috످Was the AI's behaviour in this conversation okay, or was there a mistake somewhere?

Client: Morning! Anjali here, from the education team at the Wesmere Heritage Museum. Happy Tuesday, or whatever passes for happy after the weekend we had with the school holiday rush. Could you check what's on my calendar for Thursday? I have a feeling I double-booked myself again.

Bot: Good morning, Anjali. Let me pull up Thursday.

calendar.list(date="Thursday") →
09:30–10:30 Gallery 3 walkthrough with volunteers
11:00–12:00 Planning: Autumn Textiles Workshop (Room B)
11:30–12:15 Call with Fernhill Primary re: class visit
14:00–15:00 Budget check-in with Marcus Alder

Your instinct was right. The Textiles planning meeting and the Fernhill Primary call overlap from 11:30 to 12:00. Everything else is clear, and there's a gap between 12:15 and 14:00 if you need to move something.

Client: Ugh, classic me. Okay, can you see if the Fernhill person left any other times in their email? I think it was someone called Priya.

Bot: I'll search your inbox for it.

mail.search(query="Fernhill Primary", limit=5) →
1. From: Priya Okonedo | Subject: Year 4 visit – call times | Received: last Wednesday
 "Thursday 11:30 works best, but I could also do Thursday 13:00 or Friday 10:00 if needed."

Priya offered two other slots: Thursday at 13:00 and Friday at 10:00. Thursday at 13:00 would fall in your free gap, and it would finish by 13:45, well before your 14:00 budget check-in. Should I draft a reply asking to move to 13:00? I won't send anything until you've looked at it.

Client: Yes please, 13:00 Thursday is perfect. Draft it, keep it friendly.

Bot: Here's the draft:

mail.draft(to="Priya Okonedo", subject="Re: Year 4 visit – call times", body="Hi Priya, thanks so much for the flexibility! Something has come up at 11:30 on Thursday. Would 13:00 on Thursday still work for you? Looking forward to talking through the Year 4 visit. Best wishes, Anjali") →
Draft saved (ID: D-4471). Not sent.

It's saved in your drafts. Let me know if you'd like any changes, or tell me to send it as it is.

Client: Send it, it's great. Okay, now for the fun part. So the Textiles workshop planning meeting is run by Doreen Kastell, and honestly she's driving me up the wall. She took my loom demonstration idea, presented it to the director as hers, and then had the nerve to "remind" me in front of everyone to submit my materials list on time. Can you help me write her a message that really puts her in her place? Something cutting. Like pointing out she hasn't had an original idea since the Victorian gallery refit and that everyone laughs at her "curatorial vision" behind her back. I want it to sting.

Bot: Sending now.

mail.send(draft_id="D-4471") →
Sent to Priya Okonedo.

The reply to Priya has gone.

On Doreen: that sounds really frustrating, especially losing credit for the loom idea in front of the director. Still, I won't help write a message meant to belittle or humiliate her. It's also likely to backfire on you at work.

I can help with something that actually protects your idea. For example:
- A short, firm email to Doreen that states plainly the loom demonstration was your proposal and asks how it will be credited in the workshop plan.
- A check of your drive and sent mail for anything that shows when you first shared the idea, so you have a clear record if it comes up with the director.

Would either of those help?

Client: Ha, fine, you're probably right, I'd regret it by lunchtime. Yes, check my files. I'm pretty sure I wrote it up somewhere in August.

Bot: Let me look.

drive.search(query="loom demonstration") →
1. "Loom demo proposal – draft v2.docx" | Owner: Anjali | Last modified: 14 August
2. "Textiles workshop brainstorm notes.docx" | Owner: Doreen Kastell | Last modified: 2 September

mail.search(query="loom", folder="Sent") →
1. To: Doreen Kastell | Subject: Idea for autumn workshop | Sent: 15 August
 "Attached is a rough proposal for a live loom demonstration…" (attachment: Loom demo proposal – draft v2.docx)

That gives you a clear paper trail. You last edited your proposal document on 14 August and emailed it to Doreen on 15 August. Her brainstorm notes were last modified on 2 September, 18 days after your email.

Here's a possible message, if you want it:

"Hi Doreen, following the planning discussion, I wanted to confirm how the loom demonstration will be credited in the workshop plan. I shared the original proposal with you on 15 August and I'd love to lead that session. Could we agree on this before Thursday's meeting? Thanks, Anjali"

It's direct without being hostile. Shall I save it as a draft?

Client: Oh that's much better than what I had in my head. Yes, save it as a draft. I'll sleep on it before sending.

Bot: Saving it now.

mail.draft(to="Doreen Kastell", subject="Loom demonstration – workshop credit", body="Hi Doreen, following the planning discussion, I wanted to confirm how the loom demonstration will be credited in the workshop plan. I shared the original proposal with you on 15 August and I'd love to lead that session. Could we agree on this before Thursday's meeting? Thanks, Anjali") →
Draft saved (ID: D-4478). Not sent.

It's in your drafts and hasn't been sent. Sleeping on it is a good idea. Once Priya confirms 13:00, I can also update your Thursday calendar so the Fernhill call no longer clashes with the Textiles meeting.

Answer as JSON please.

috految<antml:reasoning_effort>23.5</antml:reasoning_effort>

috److془Check: 11:30-12:15 45 min → 13:45. Aug 15 to Sep 2 = 18 days. Fine.

Minor: "I'd love to lead that session" added; approved. Last modified doesn't prove creation. Verdict okay.془```json
{
  "verdict": "okay",
  "summary": "The AI behaved appropriately and made no significant mistakes.",
  "reasons": [
    "It correctly spotted the calendar clash and found a slot that fit Anjali's schedule.",
    "It emailed Priya only after Anjali approved and left the message to Doreen as a draft, as requested.",
    "When Anjali asked for a message to humiliate Doreen, it politely declined and offered a constructive way to get credit for the idea.",
    "The dates and times it reported match the tool results."
  ],
  "minor_notes": [
    "The AI cited the last-modified date of Doreen's notes, which doesn't show when she first wrote them. However, the 15 August email still supports Anjali's claim.",
    "The draft to Doreen adds 'I'd love to lead that session', which Anjali hadn't mentioned, but Anjali saw and approved the wording."
  ]
}
```

috످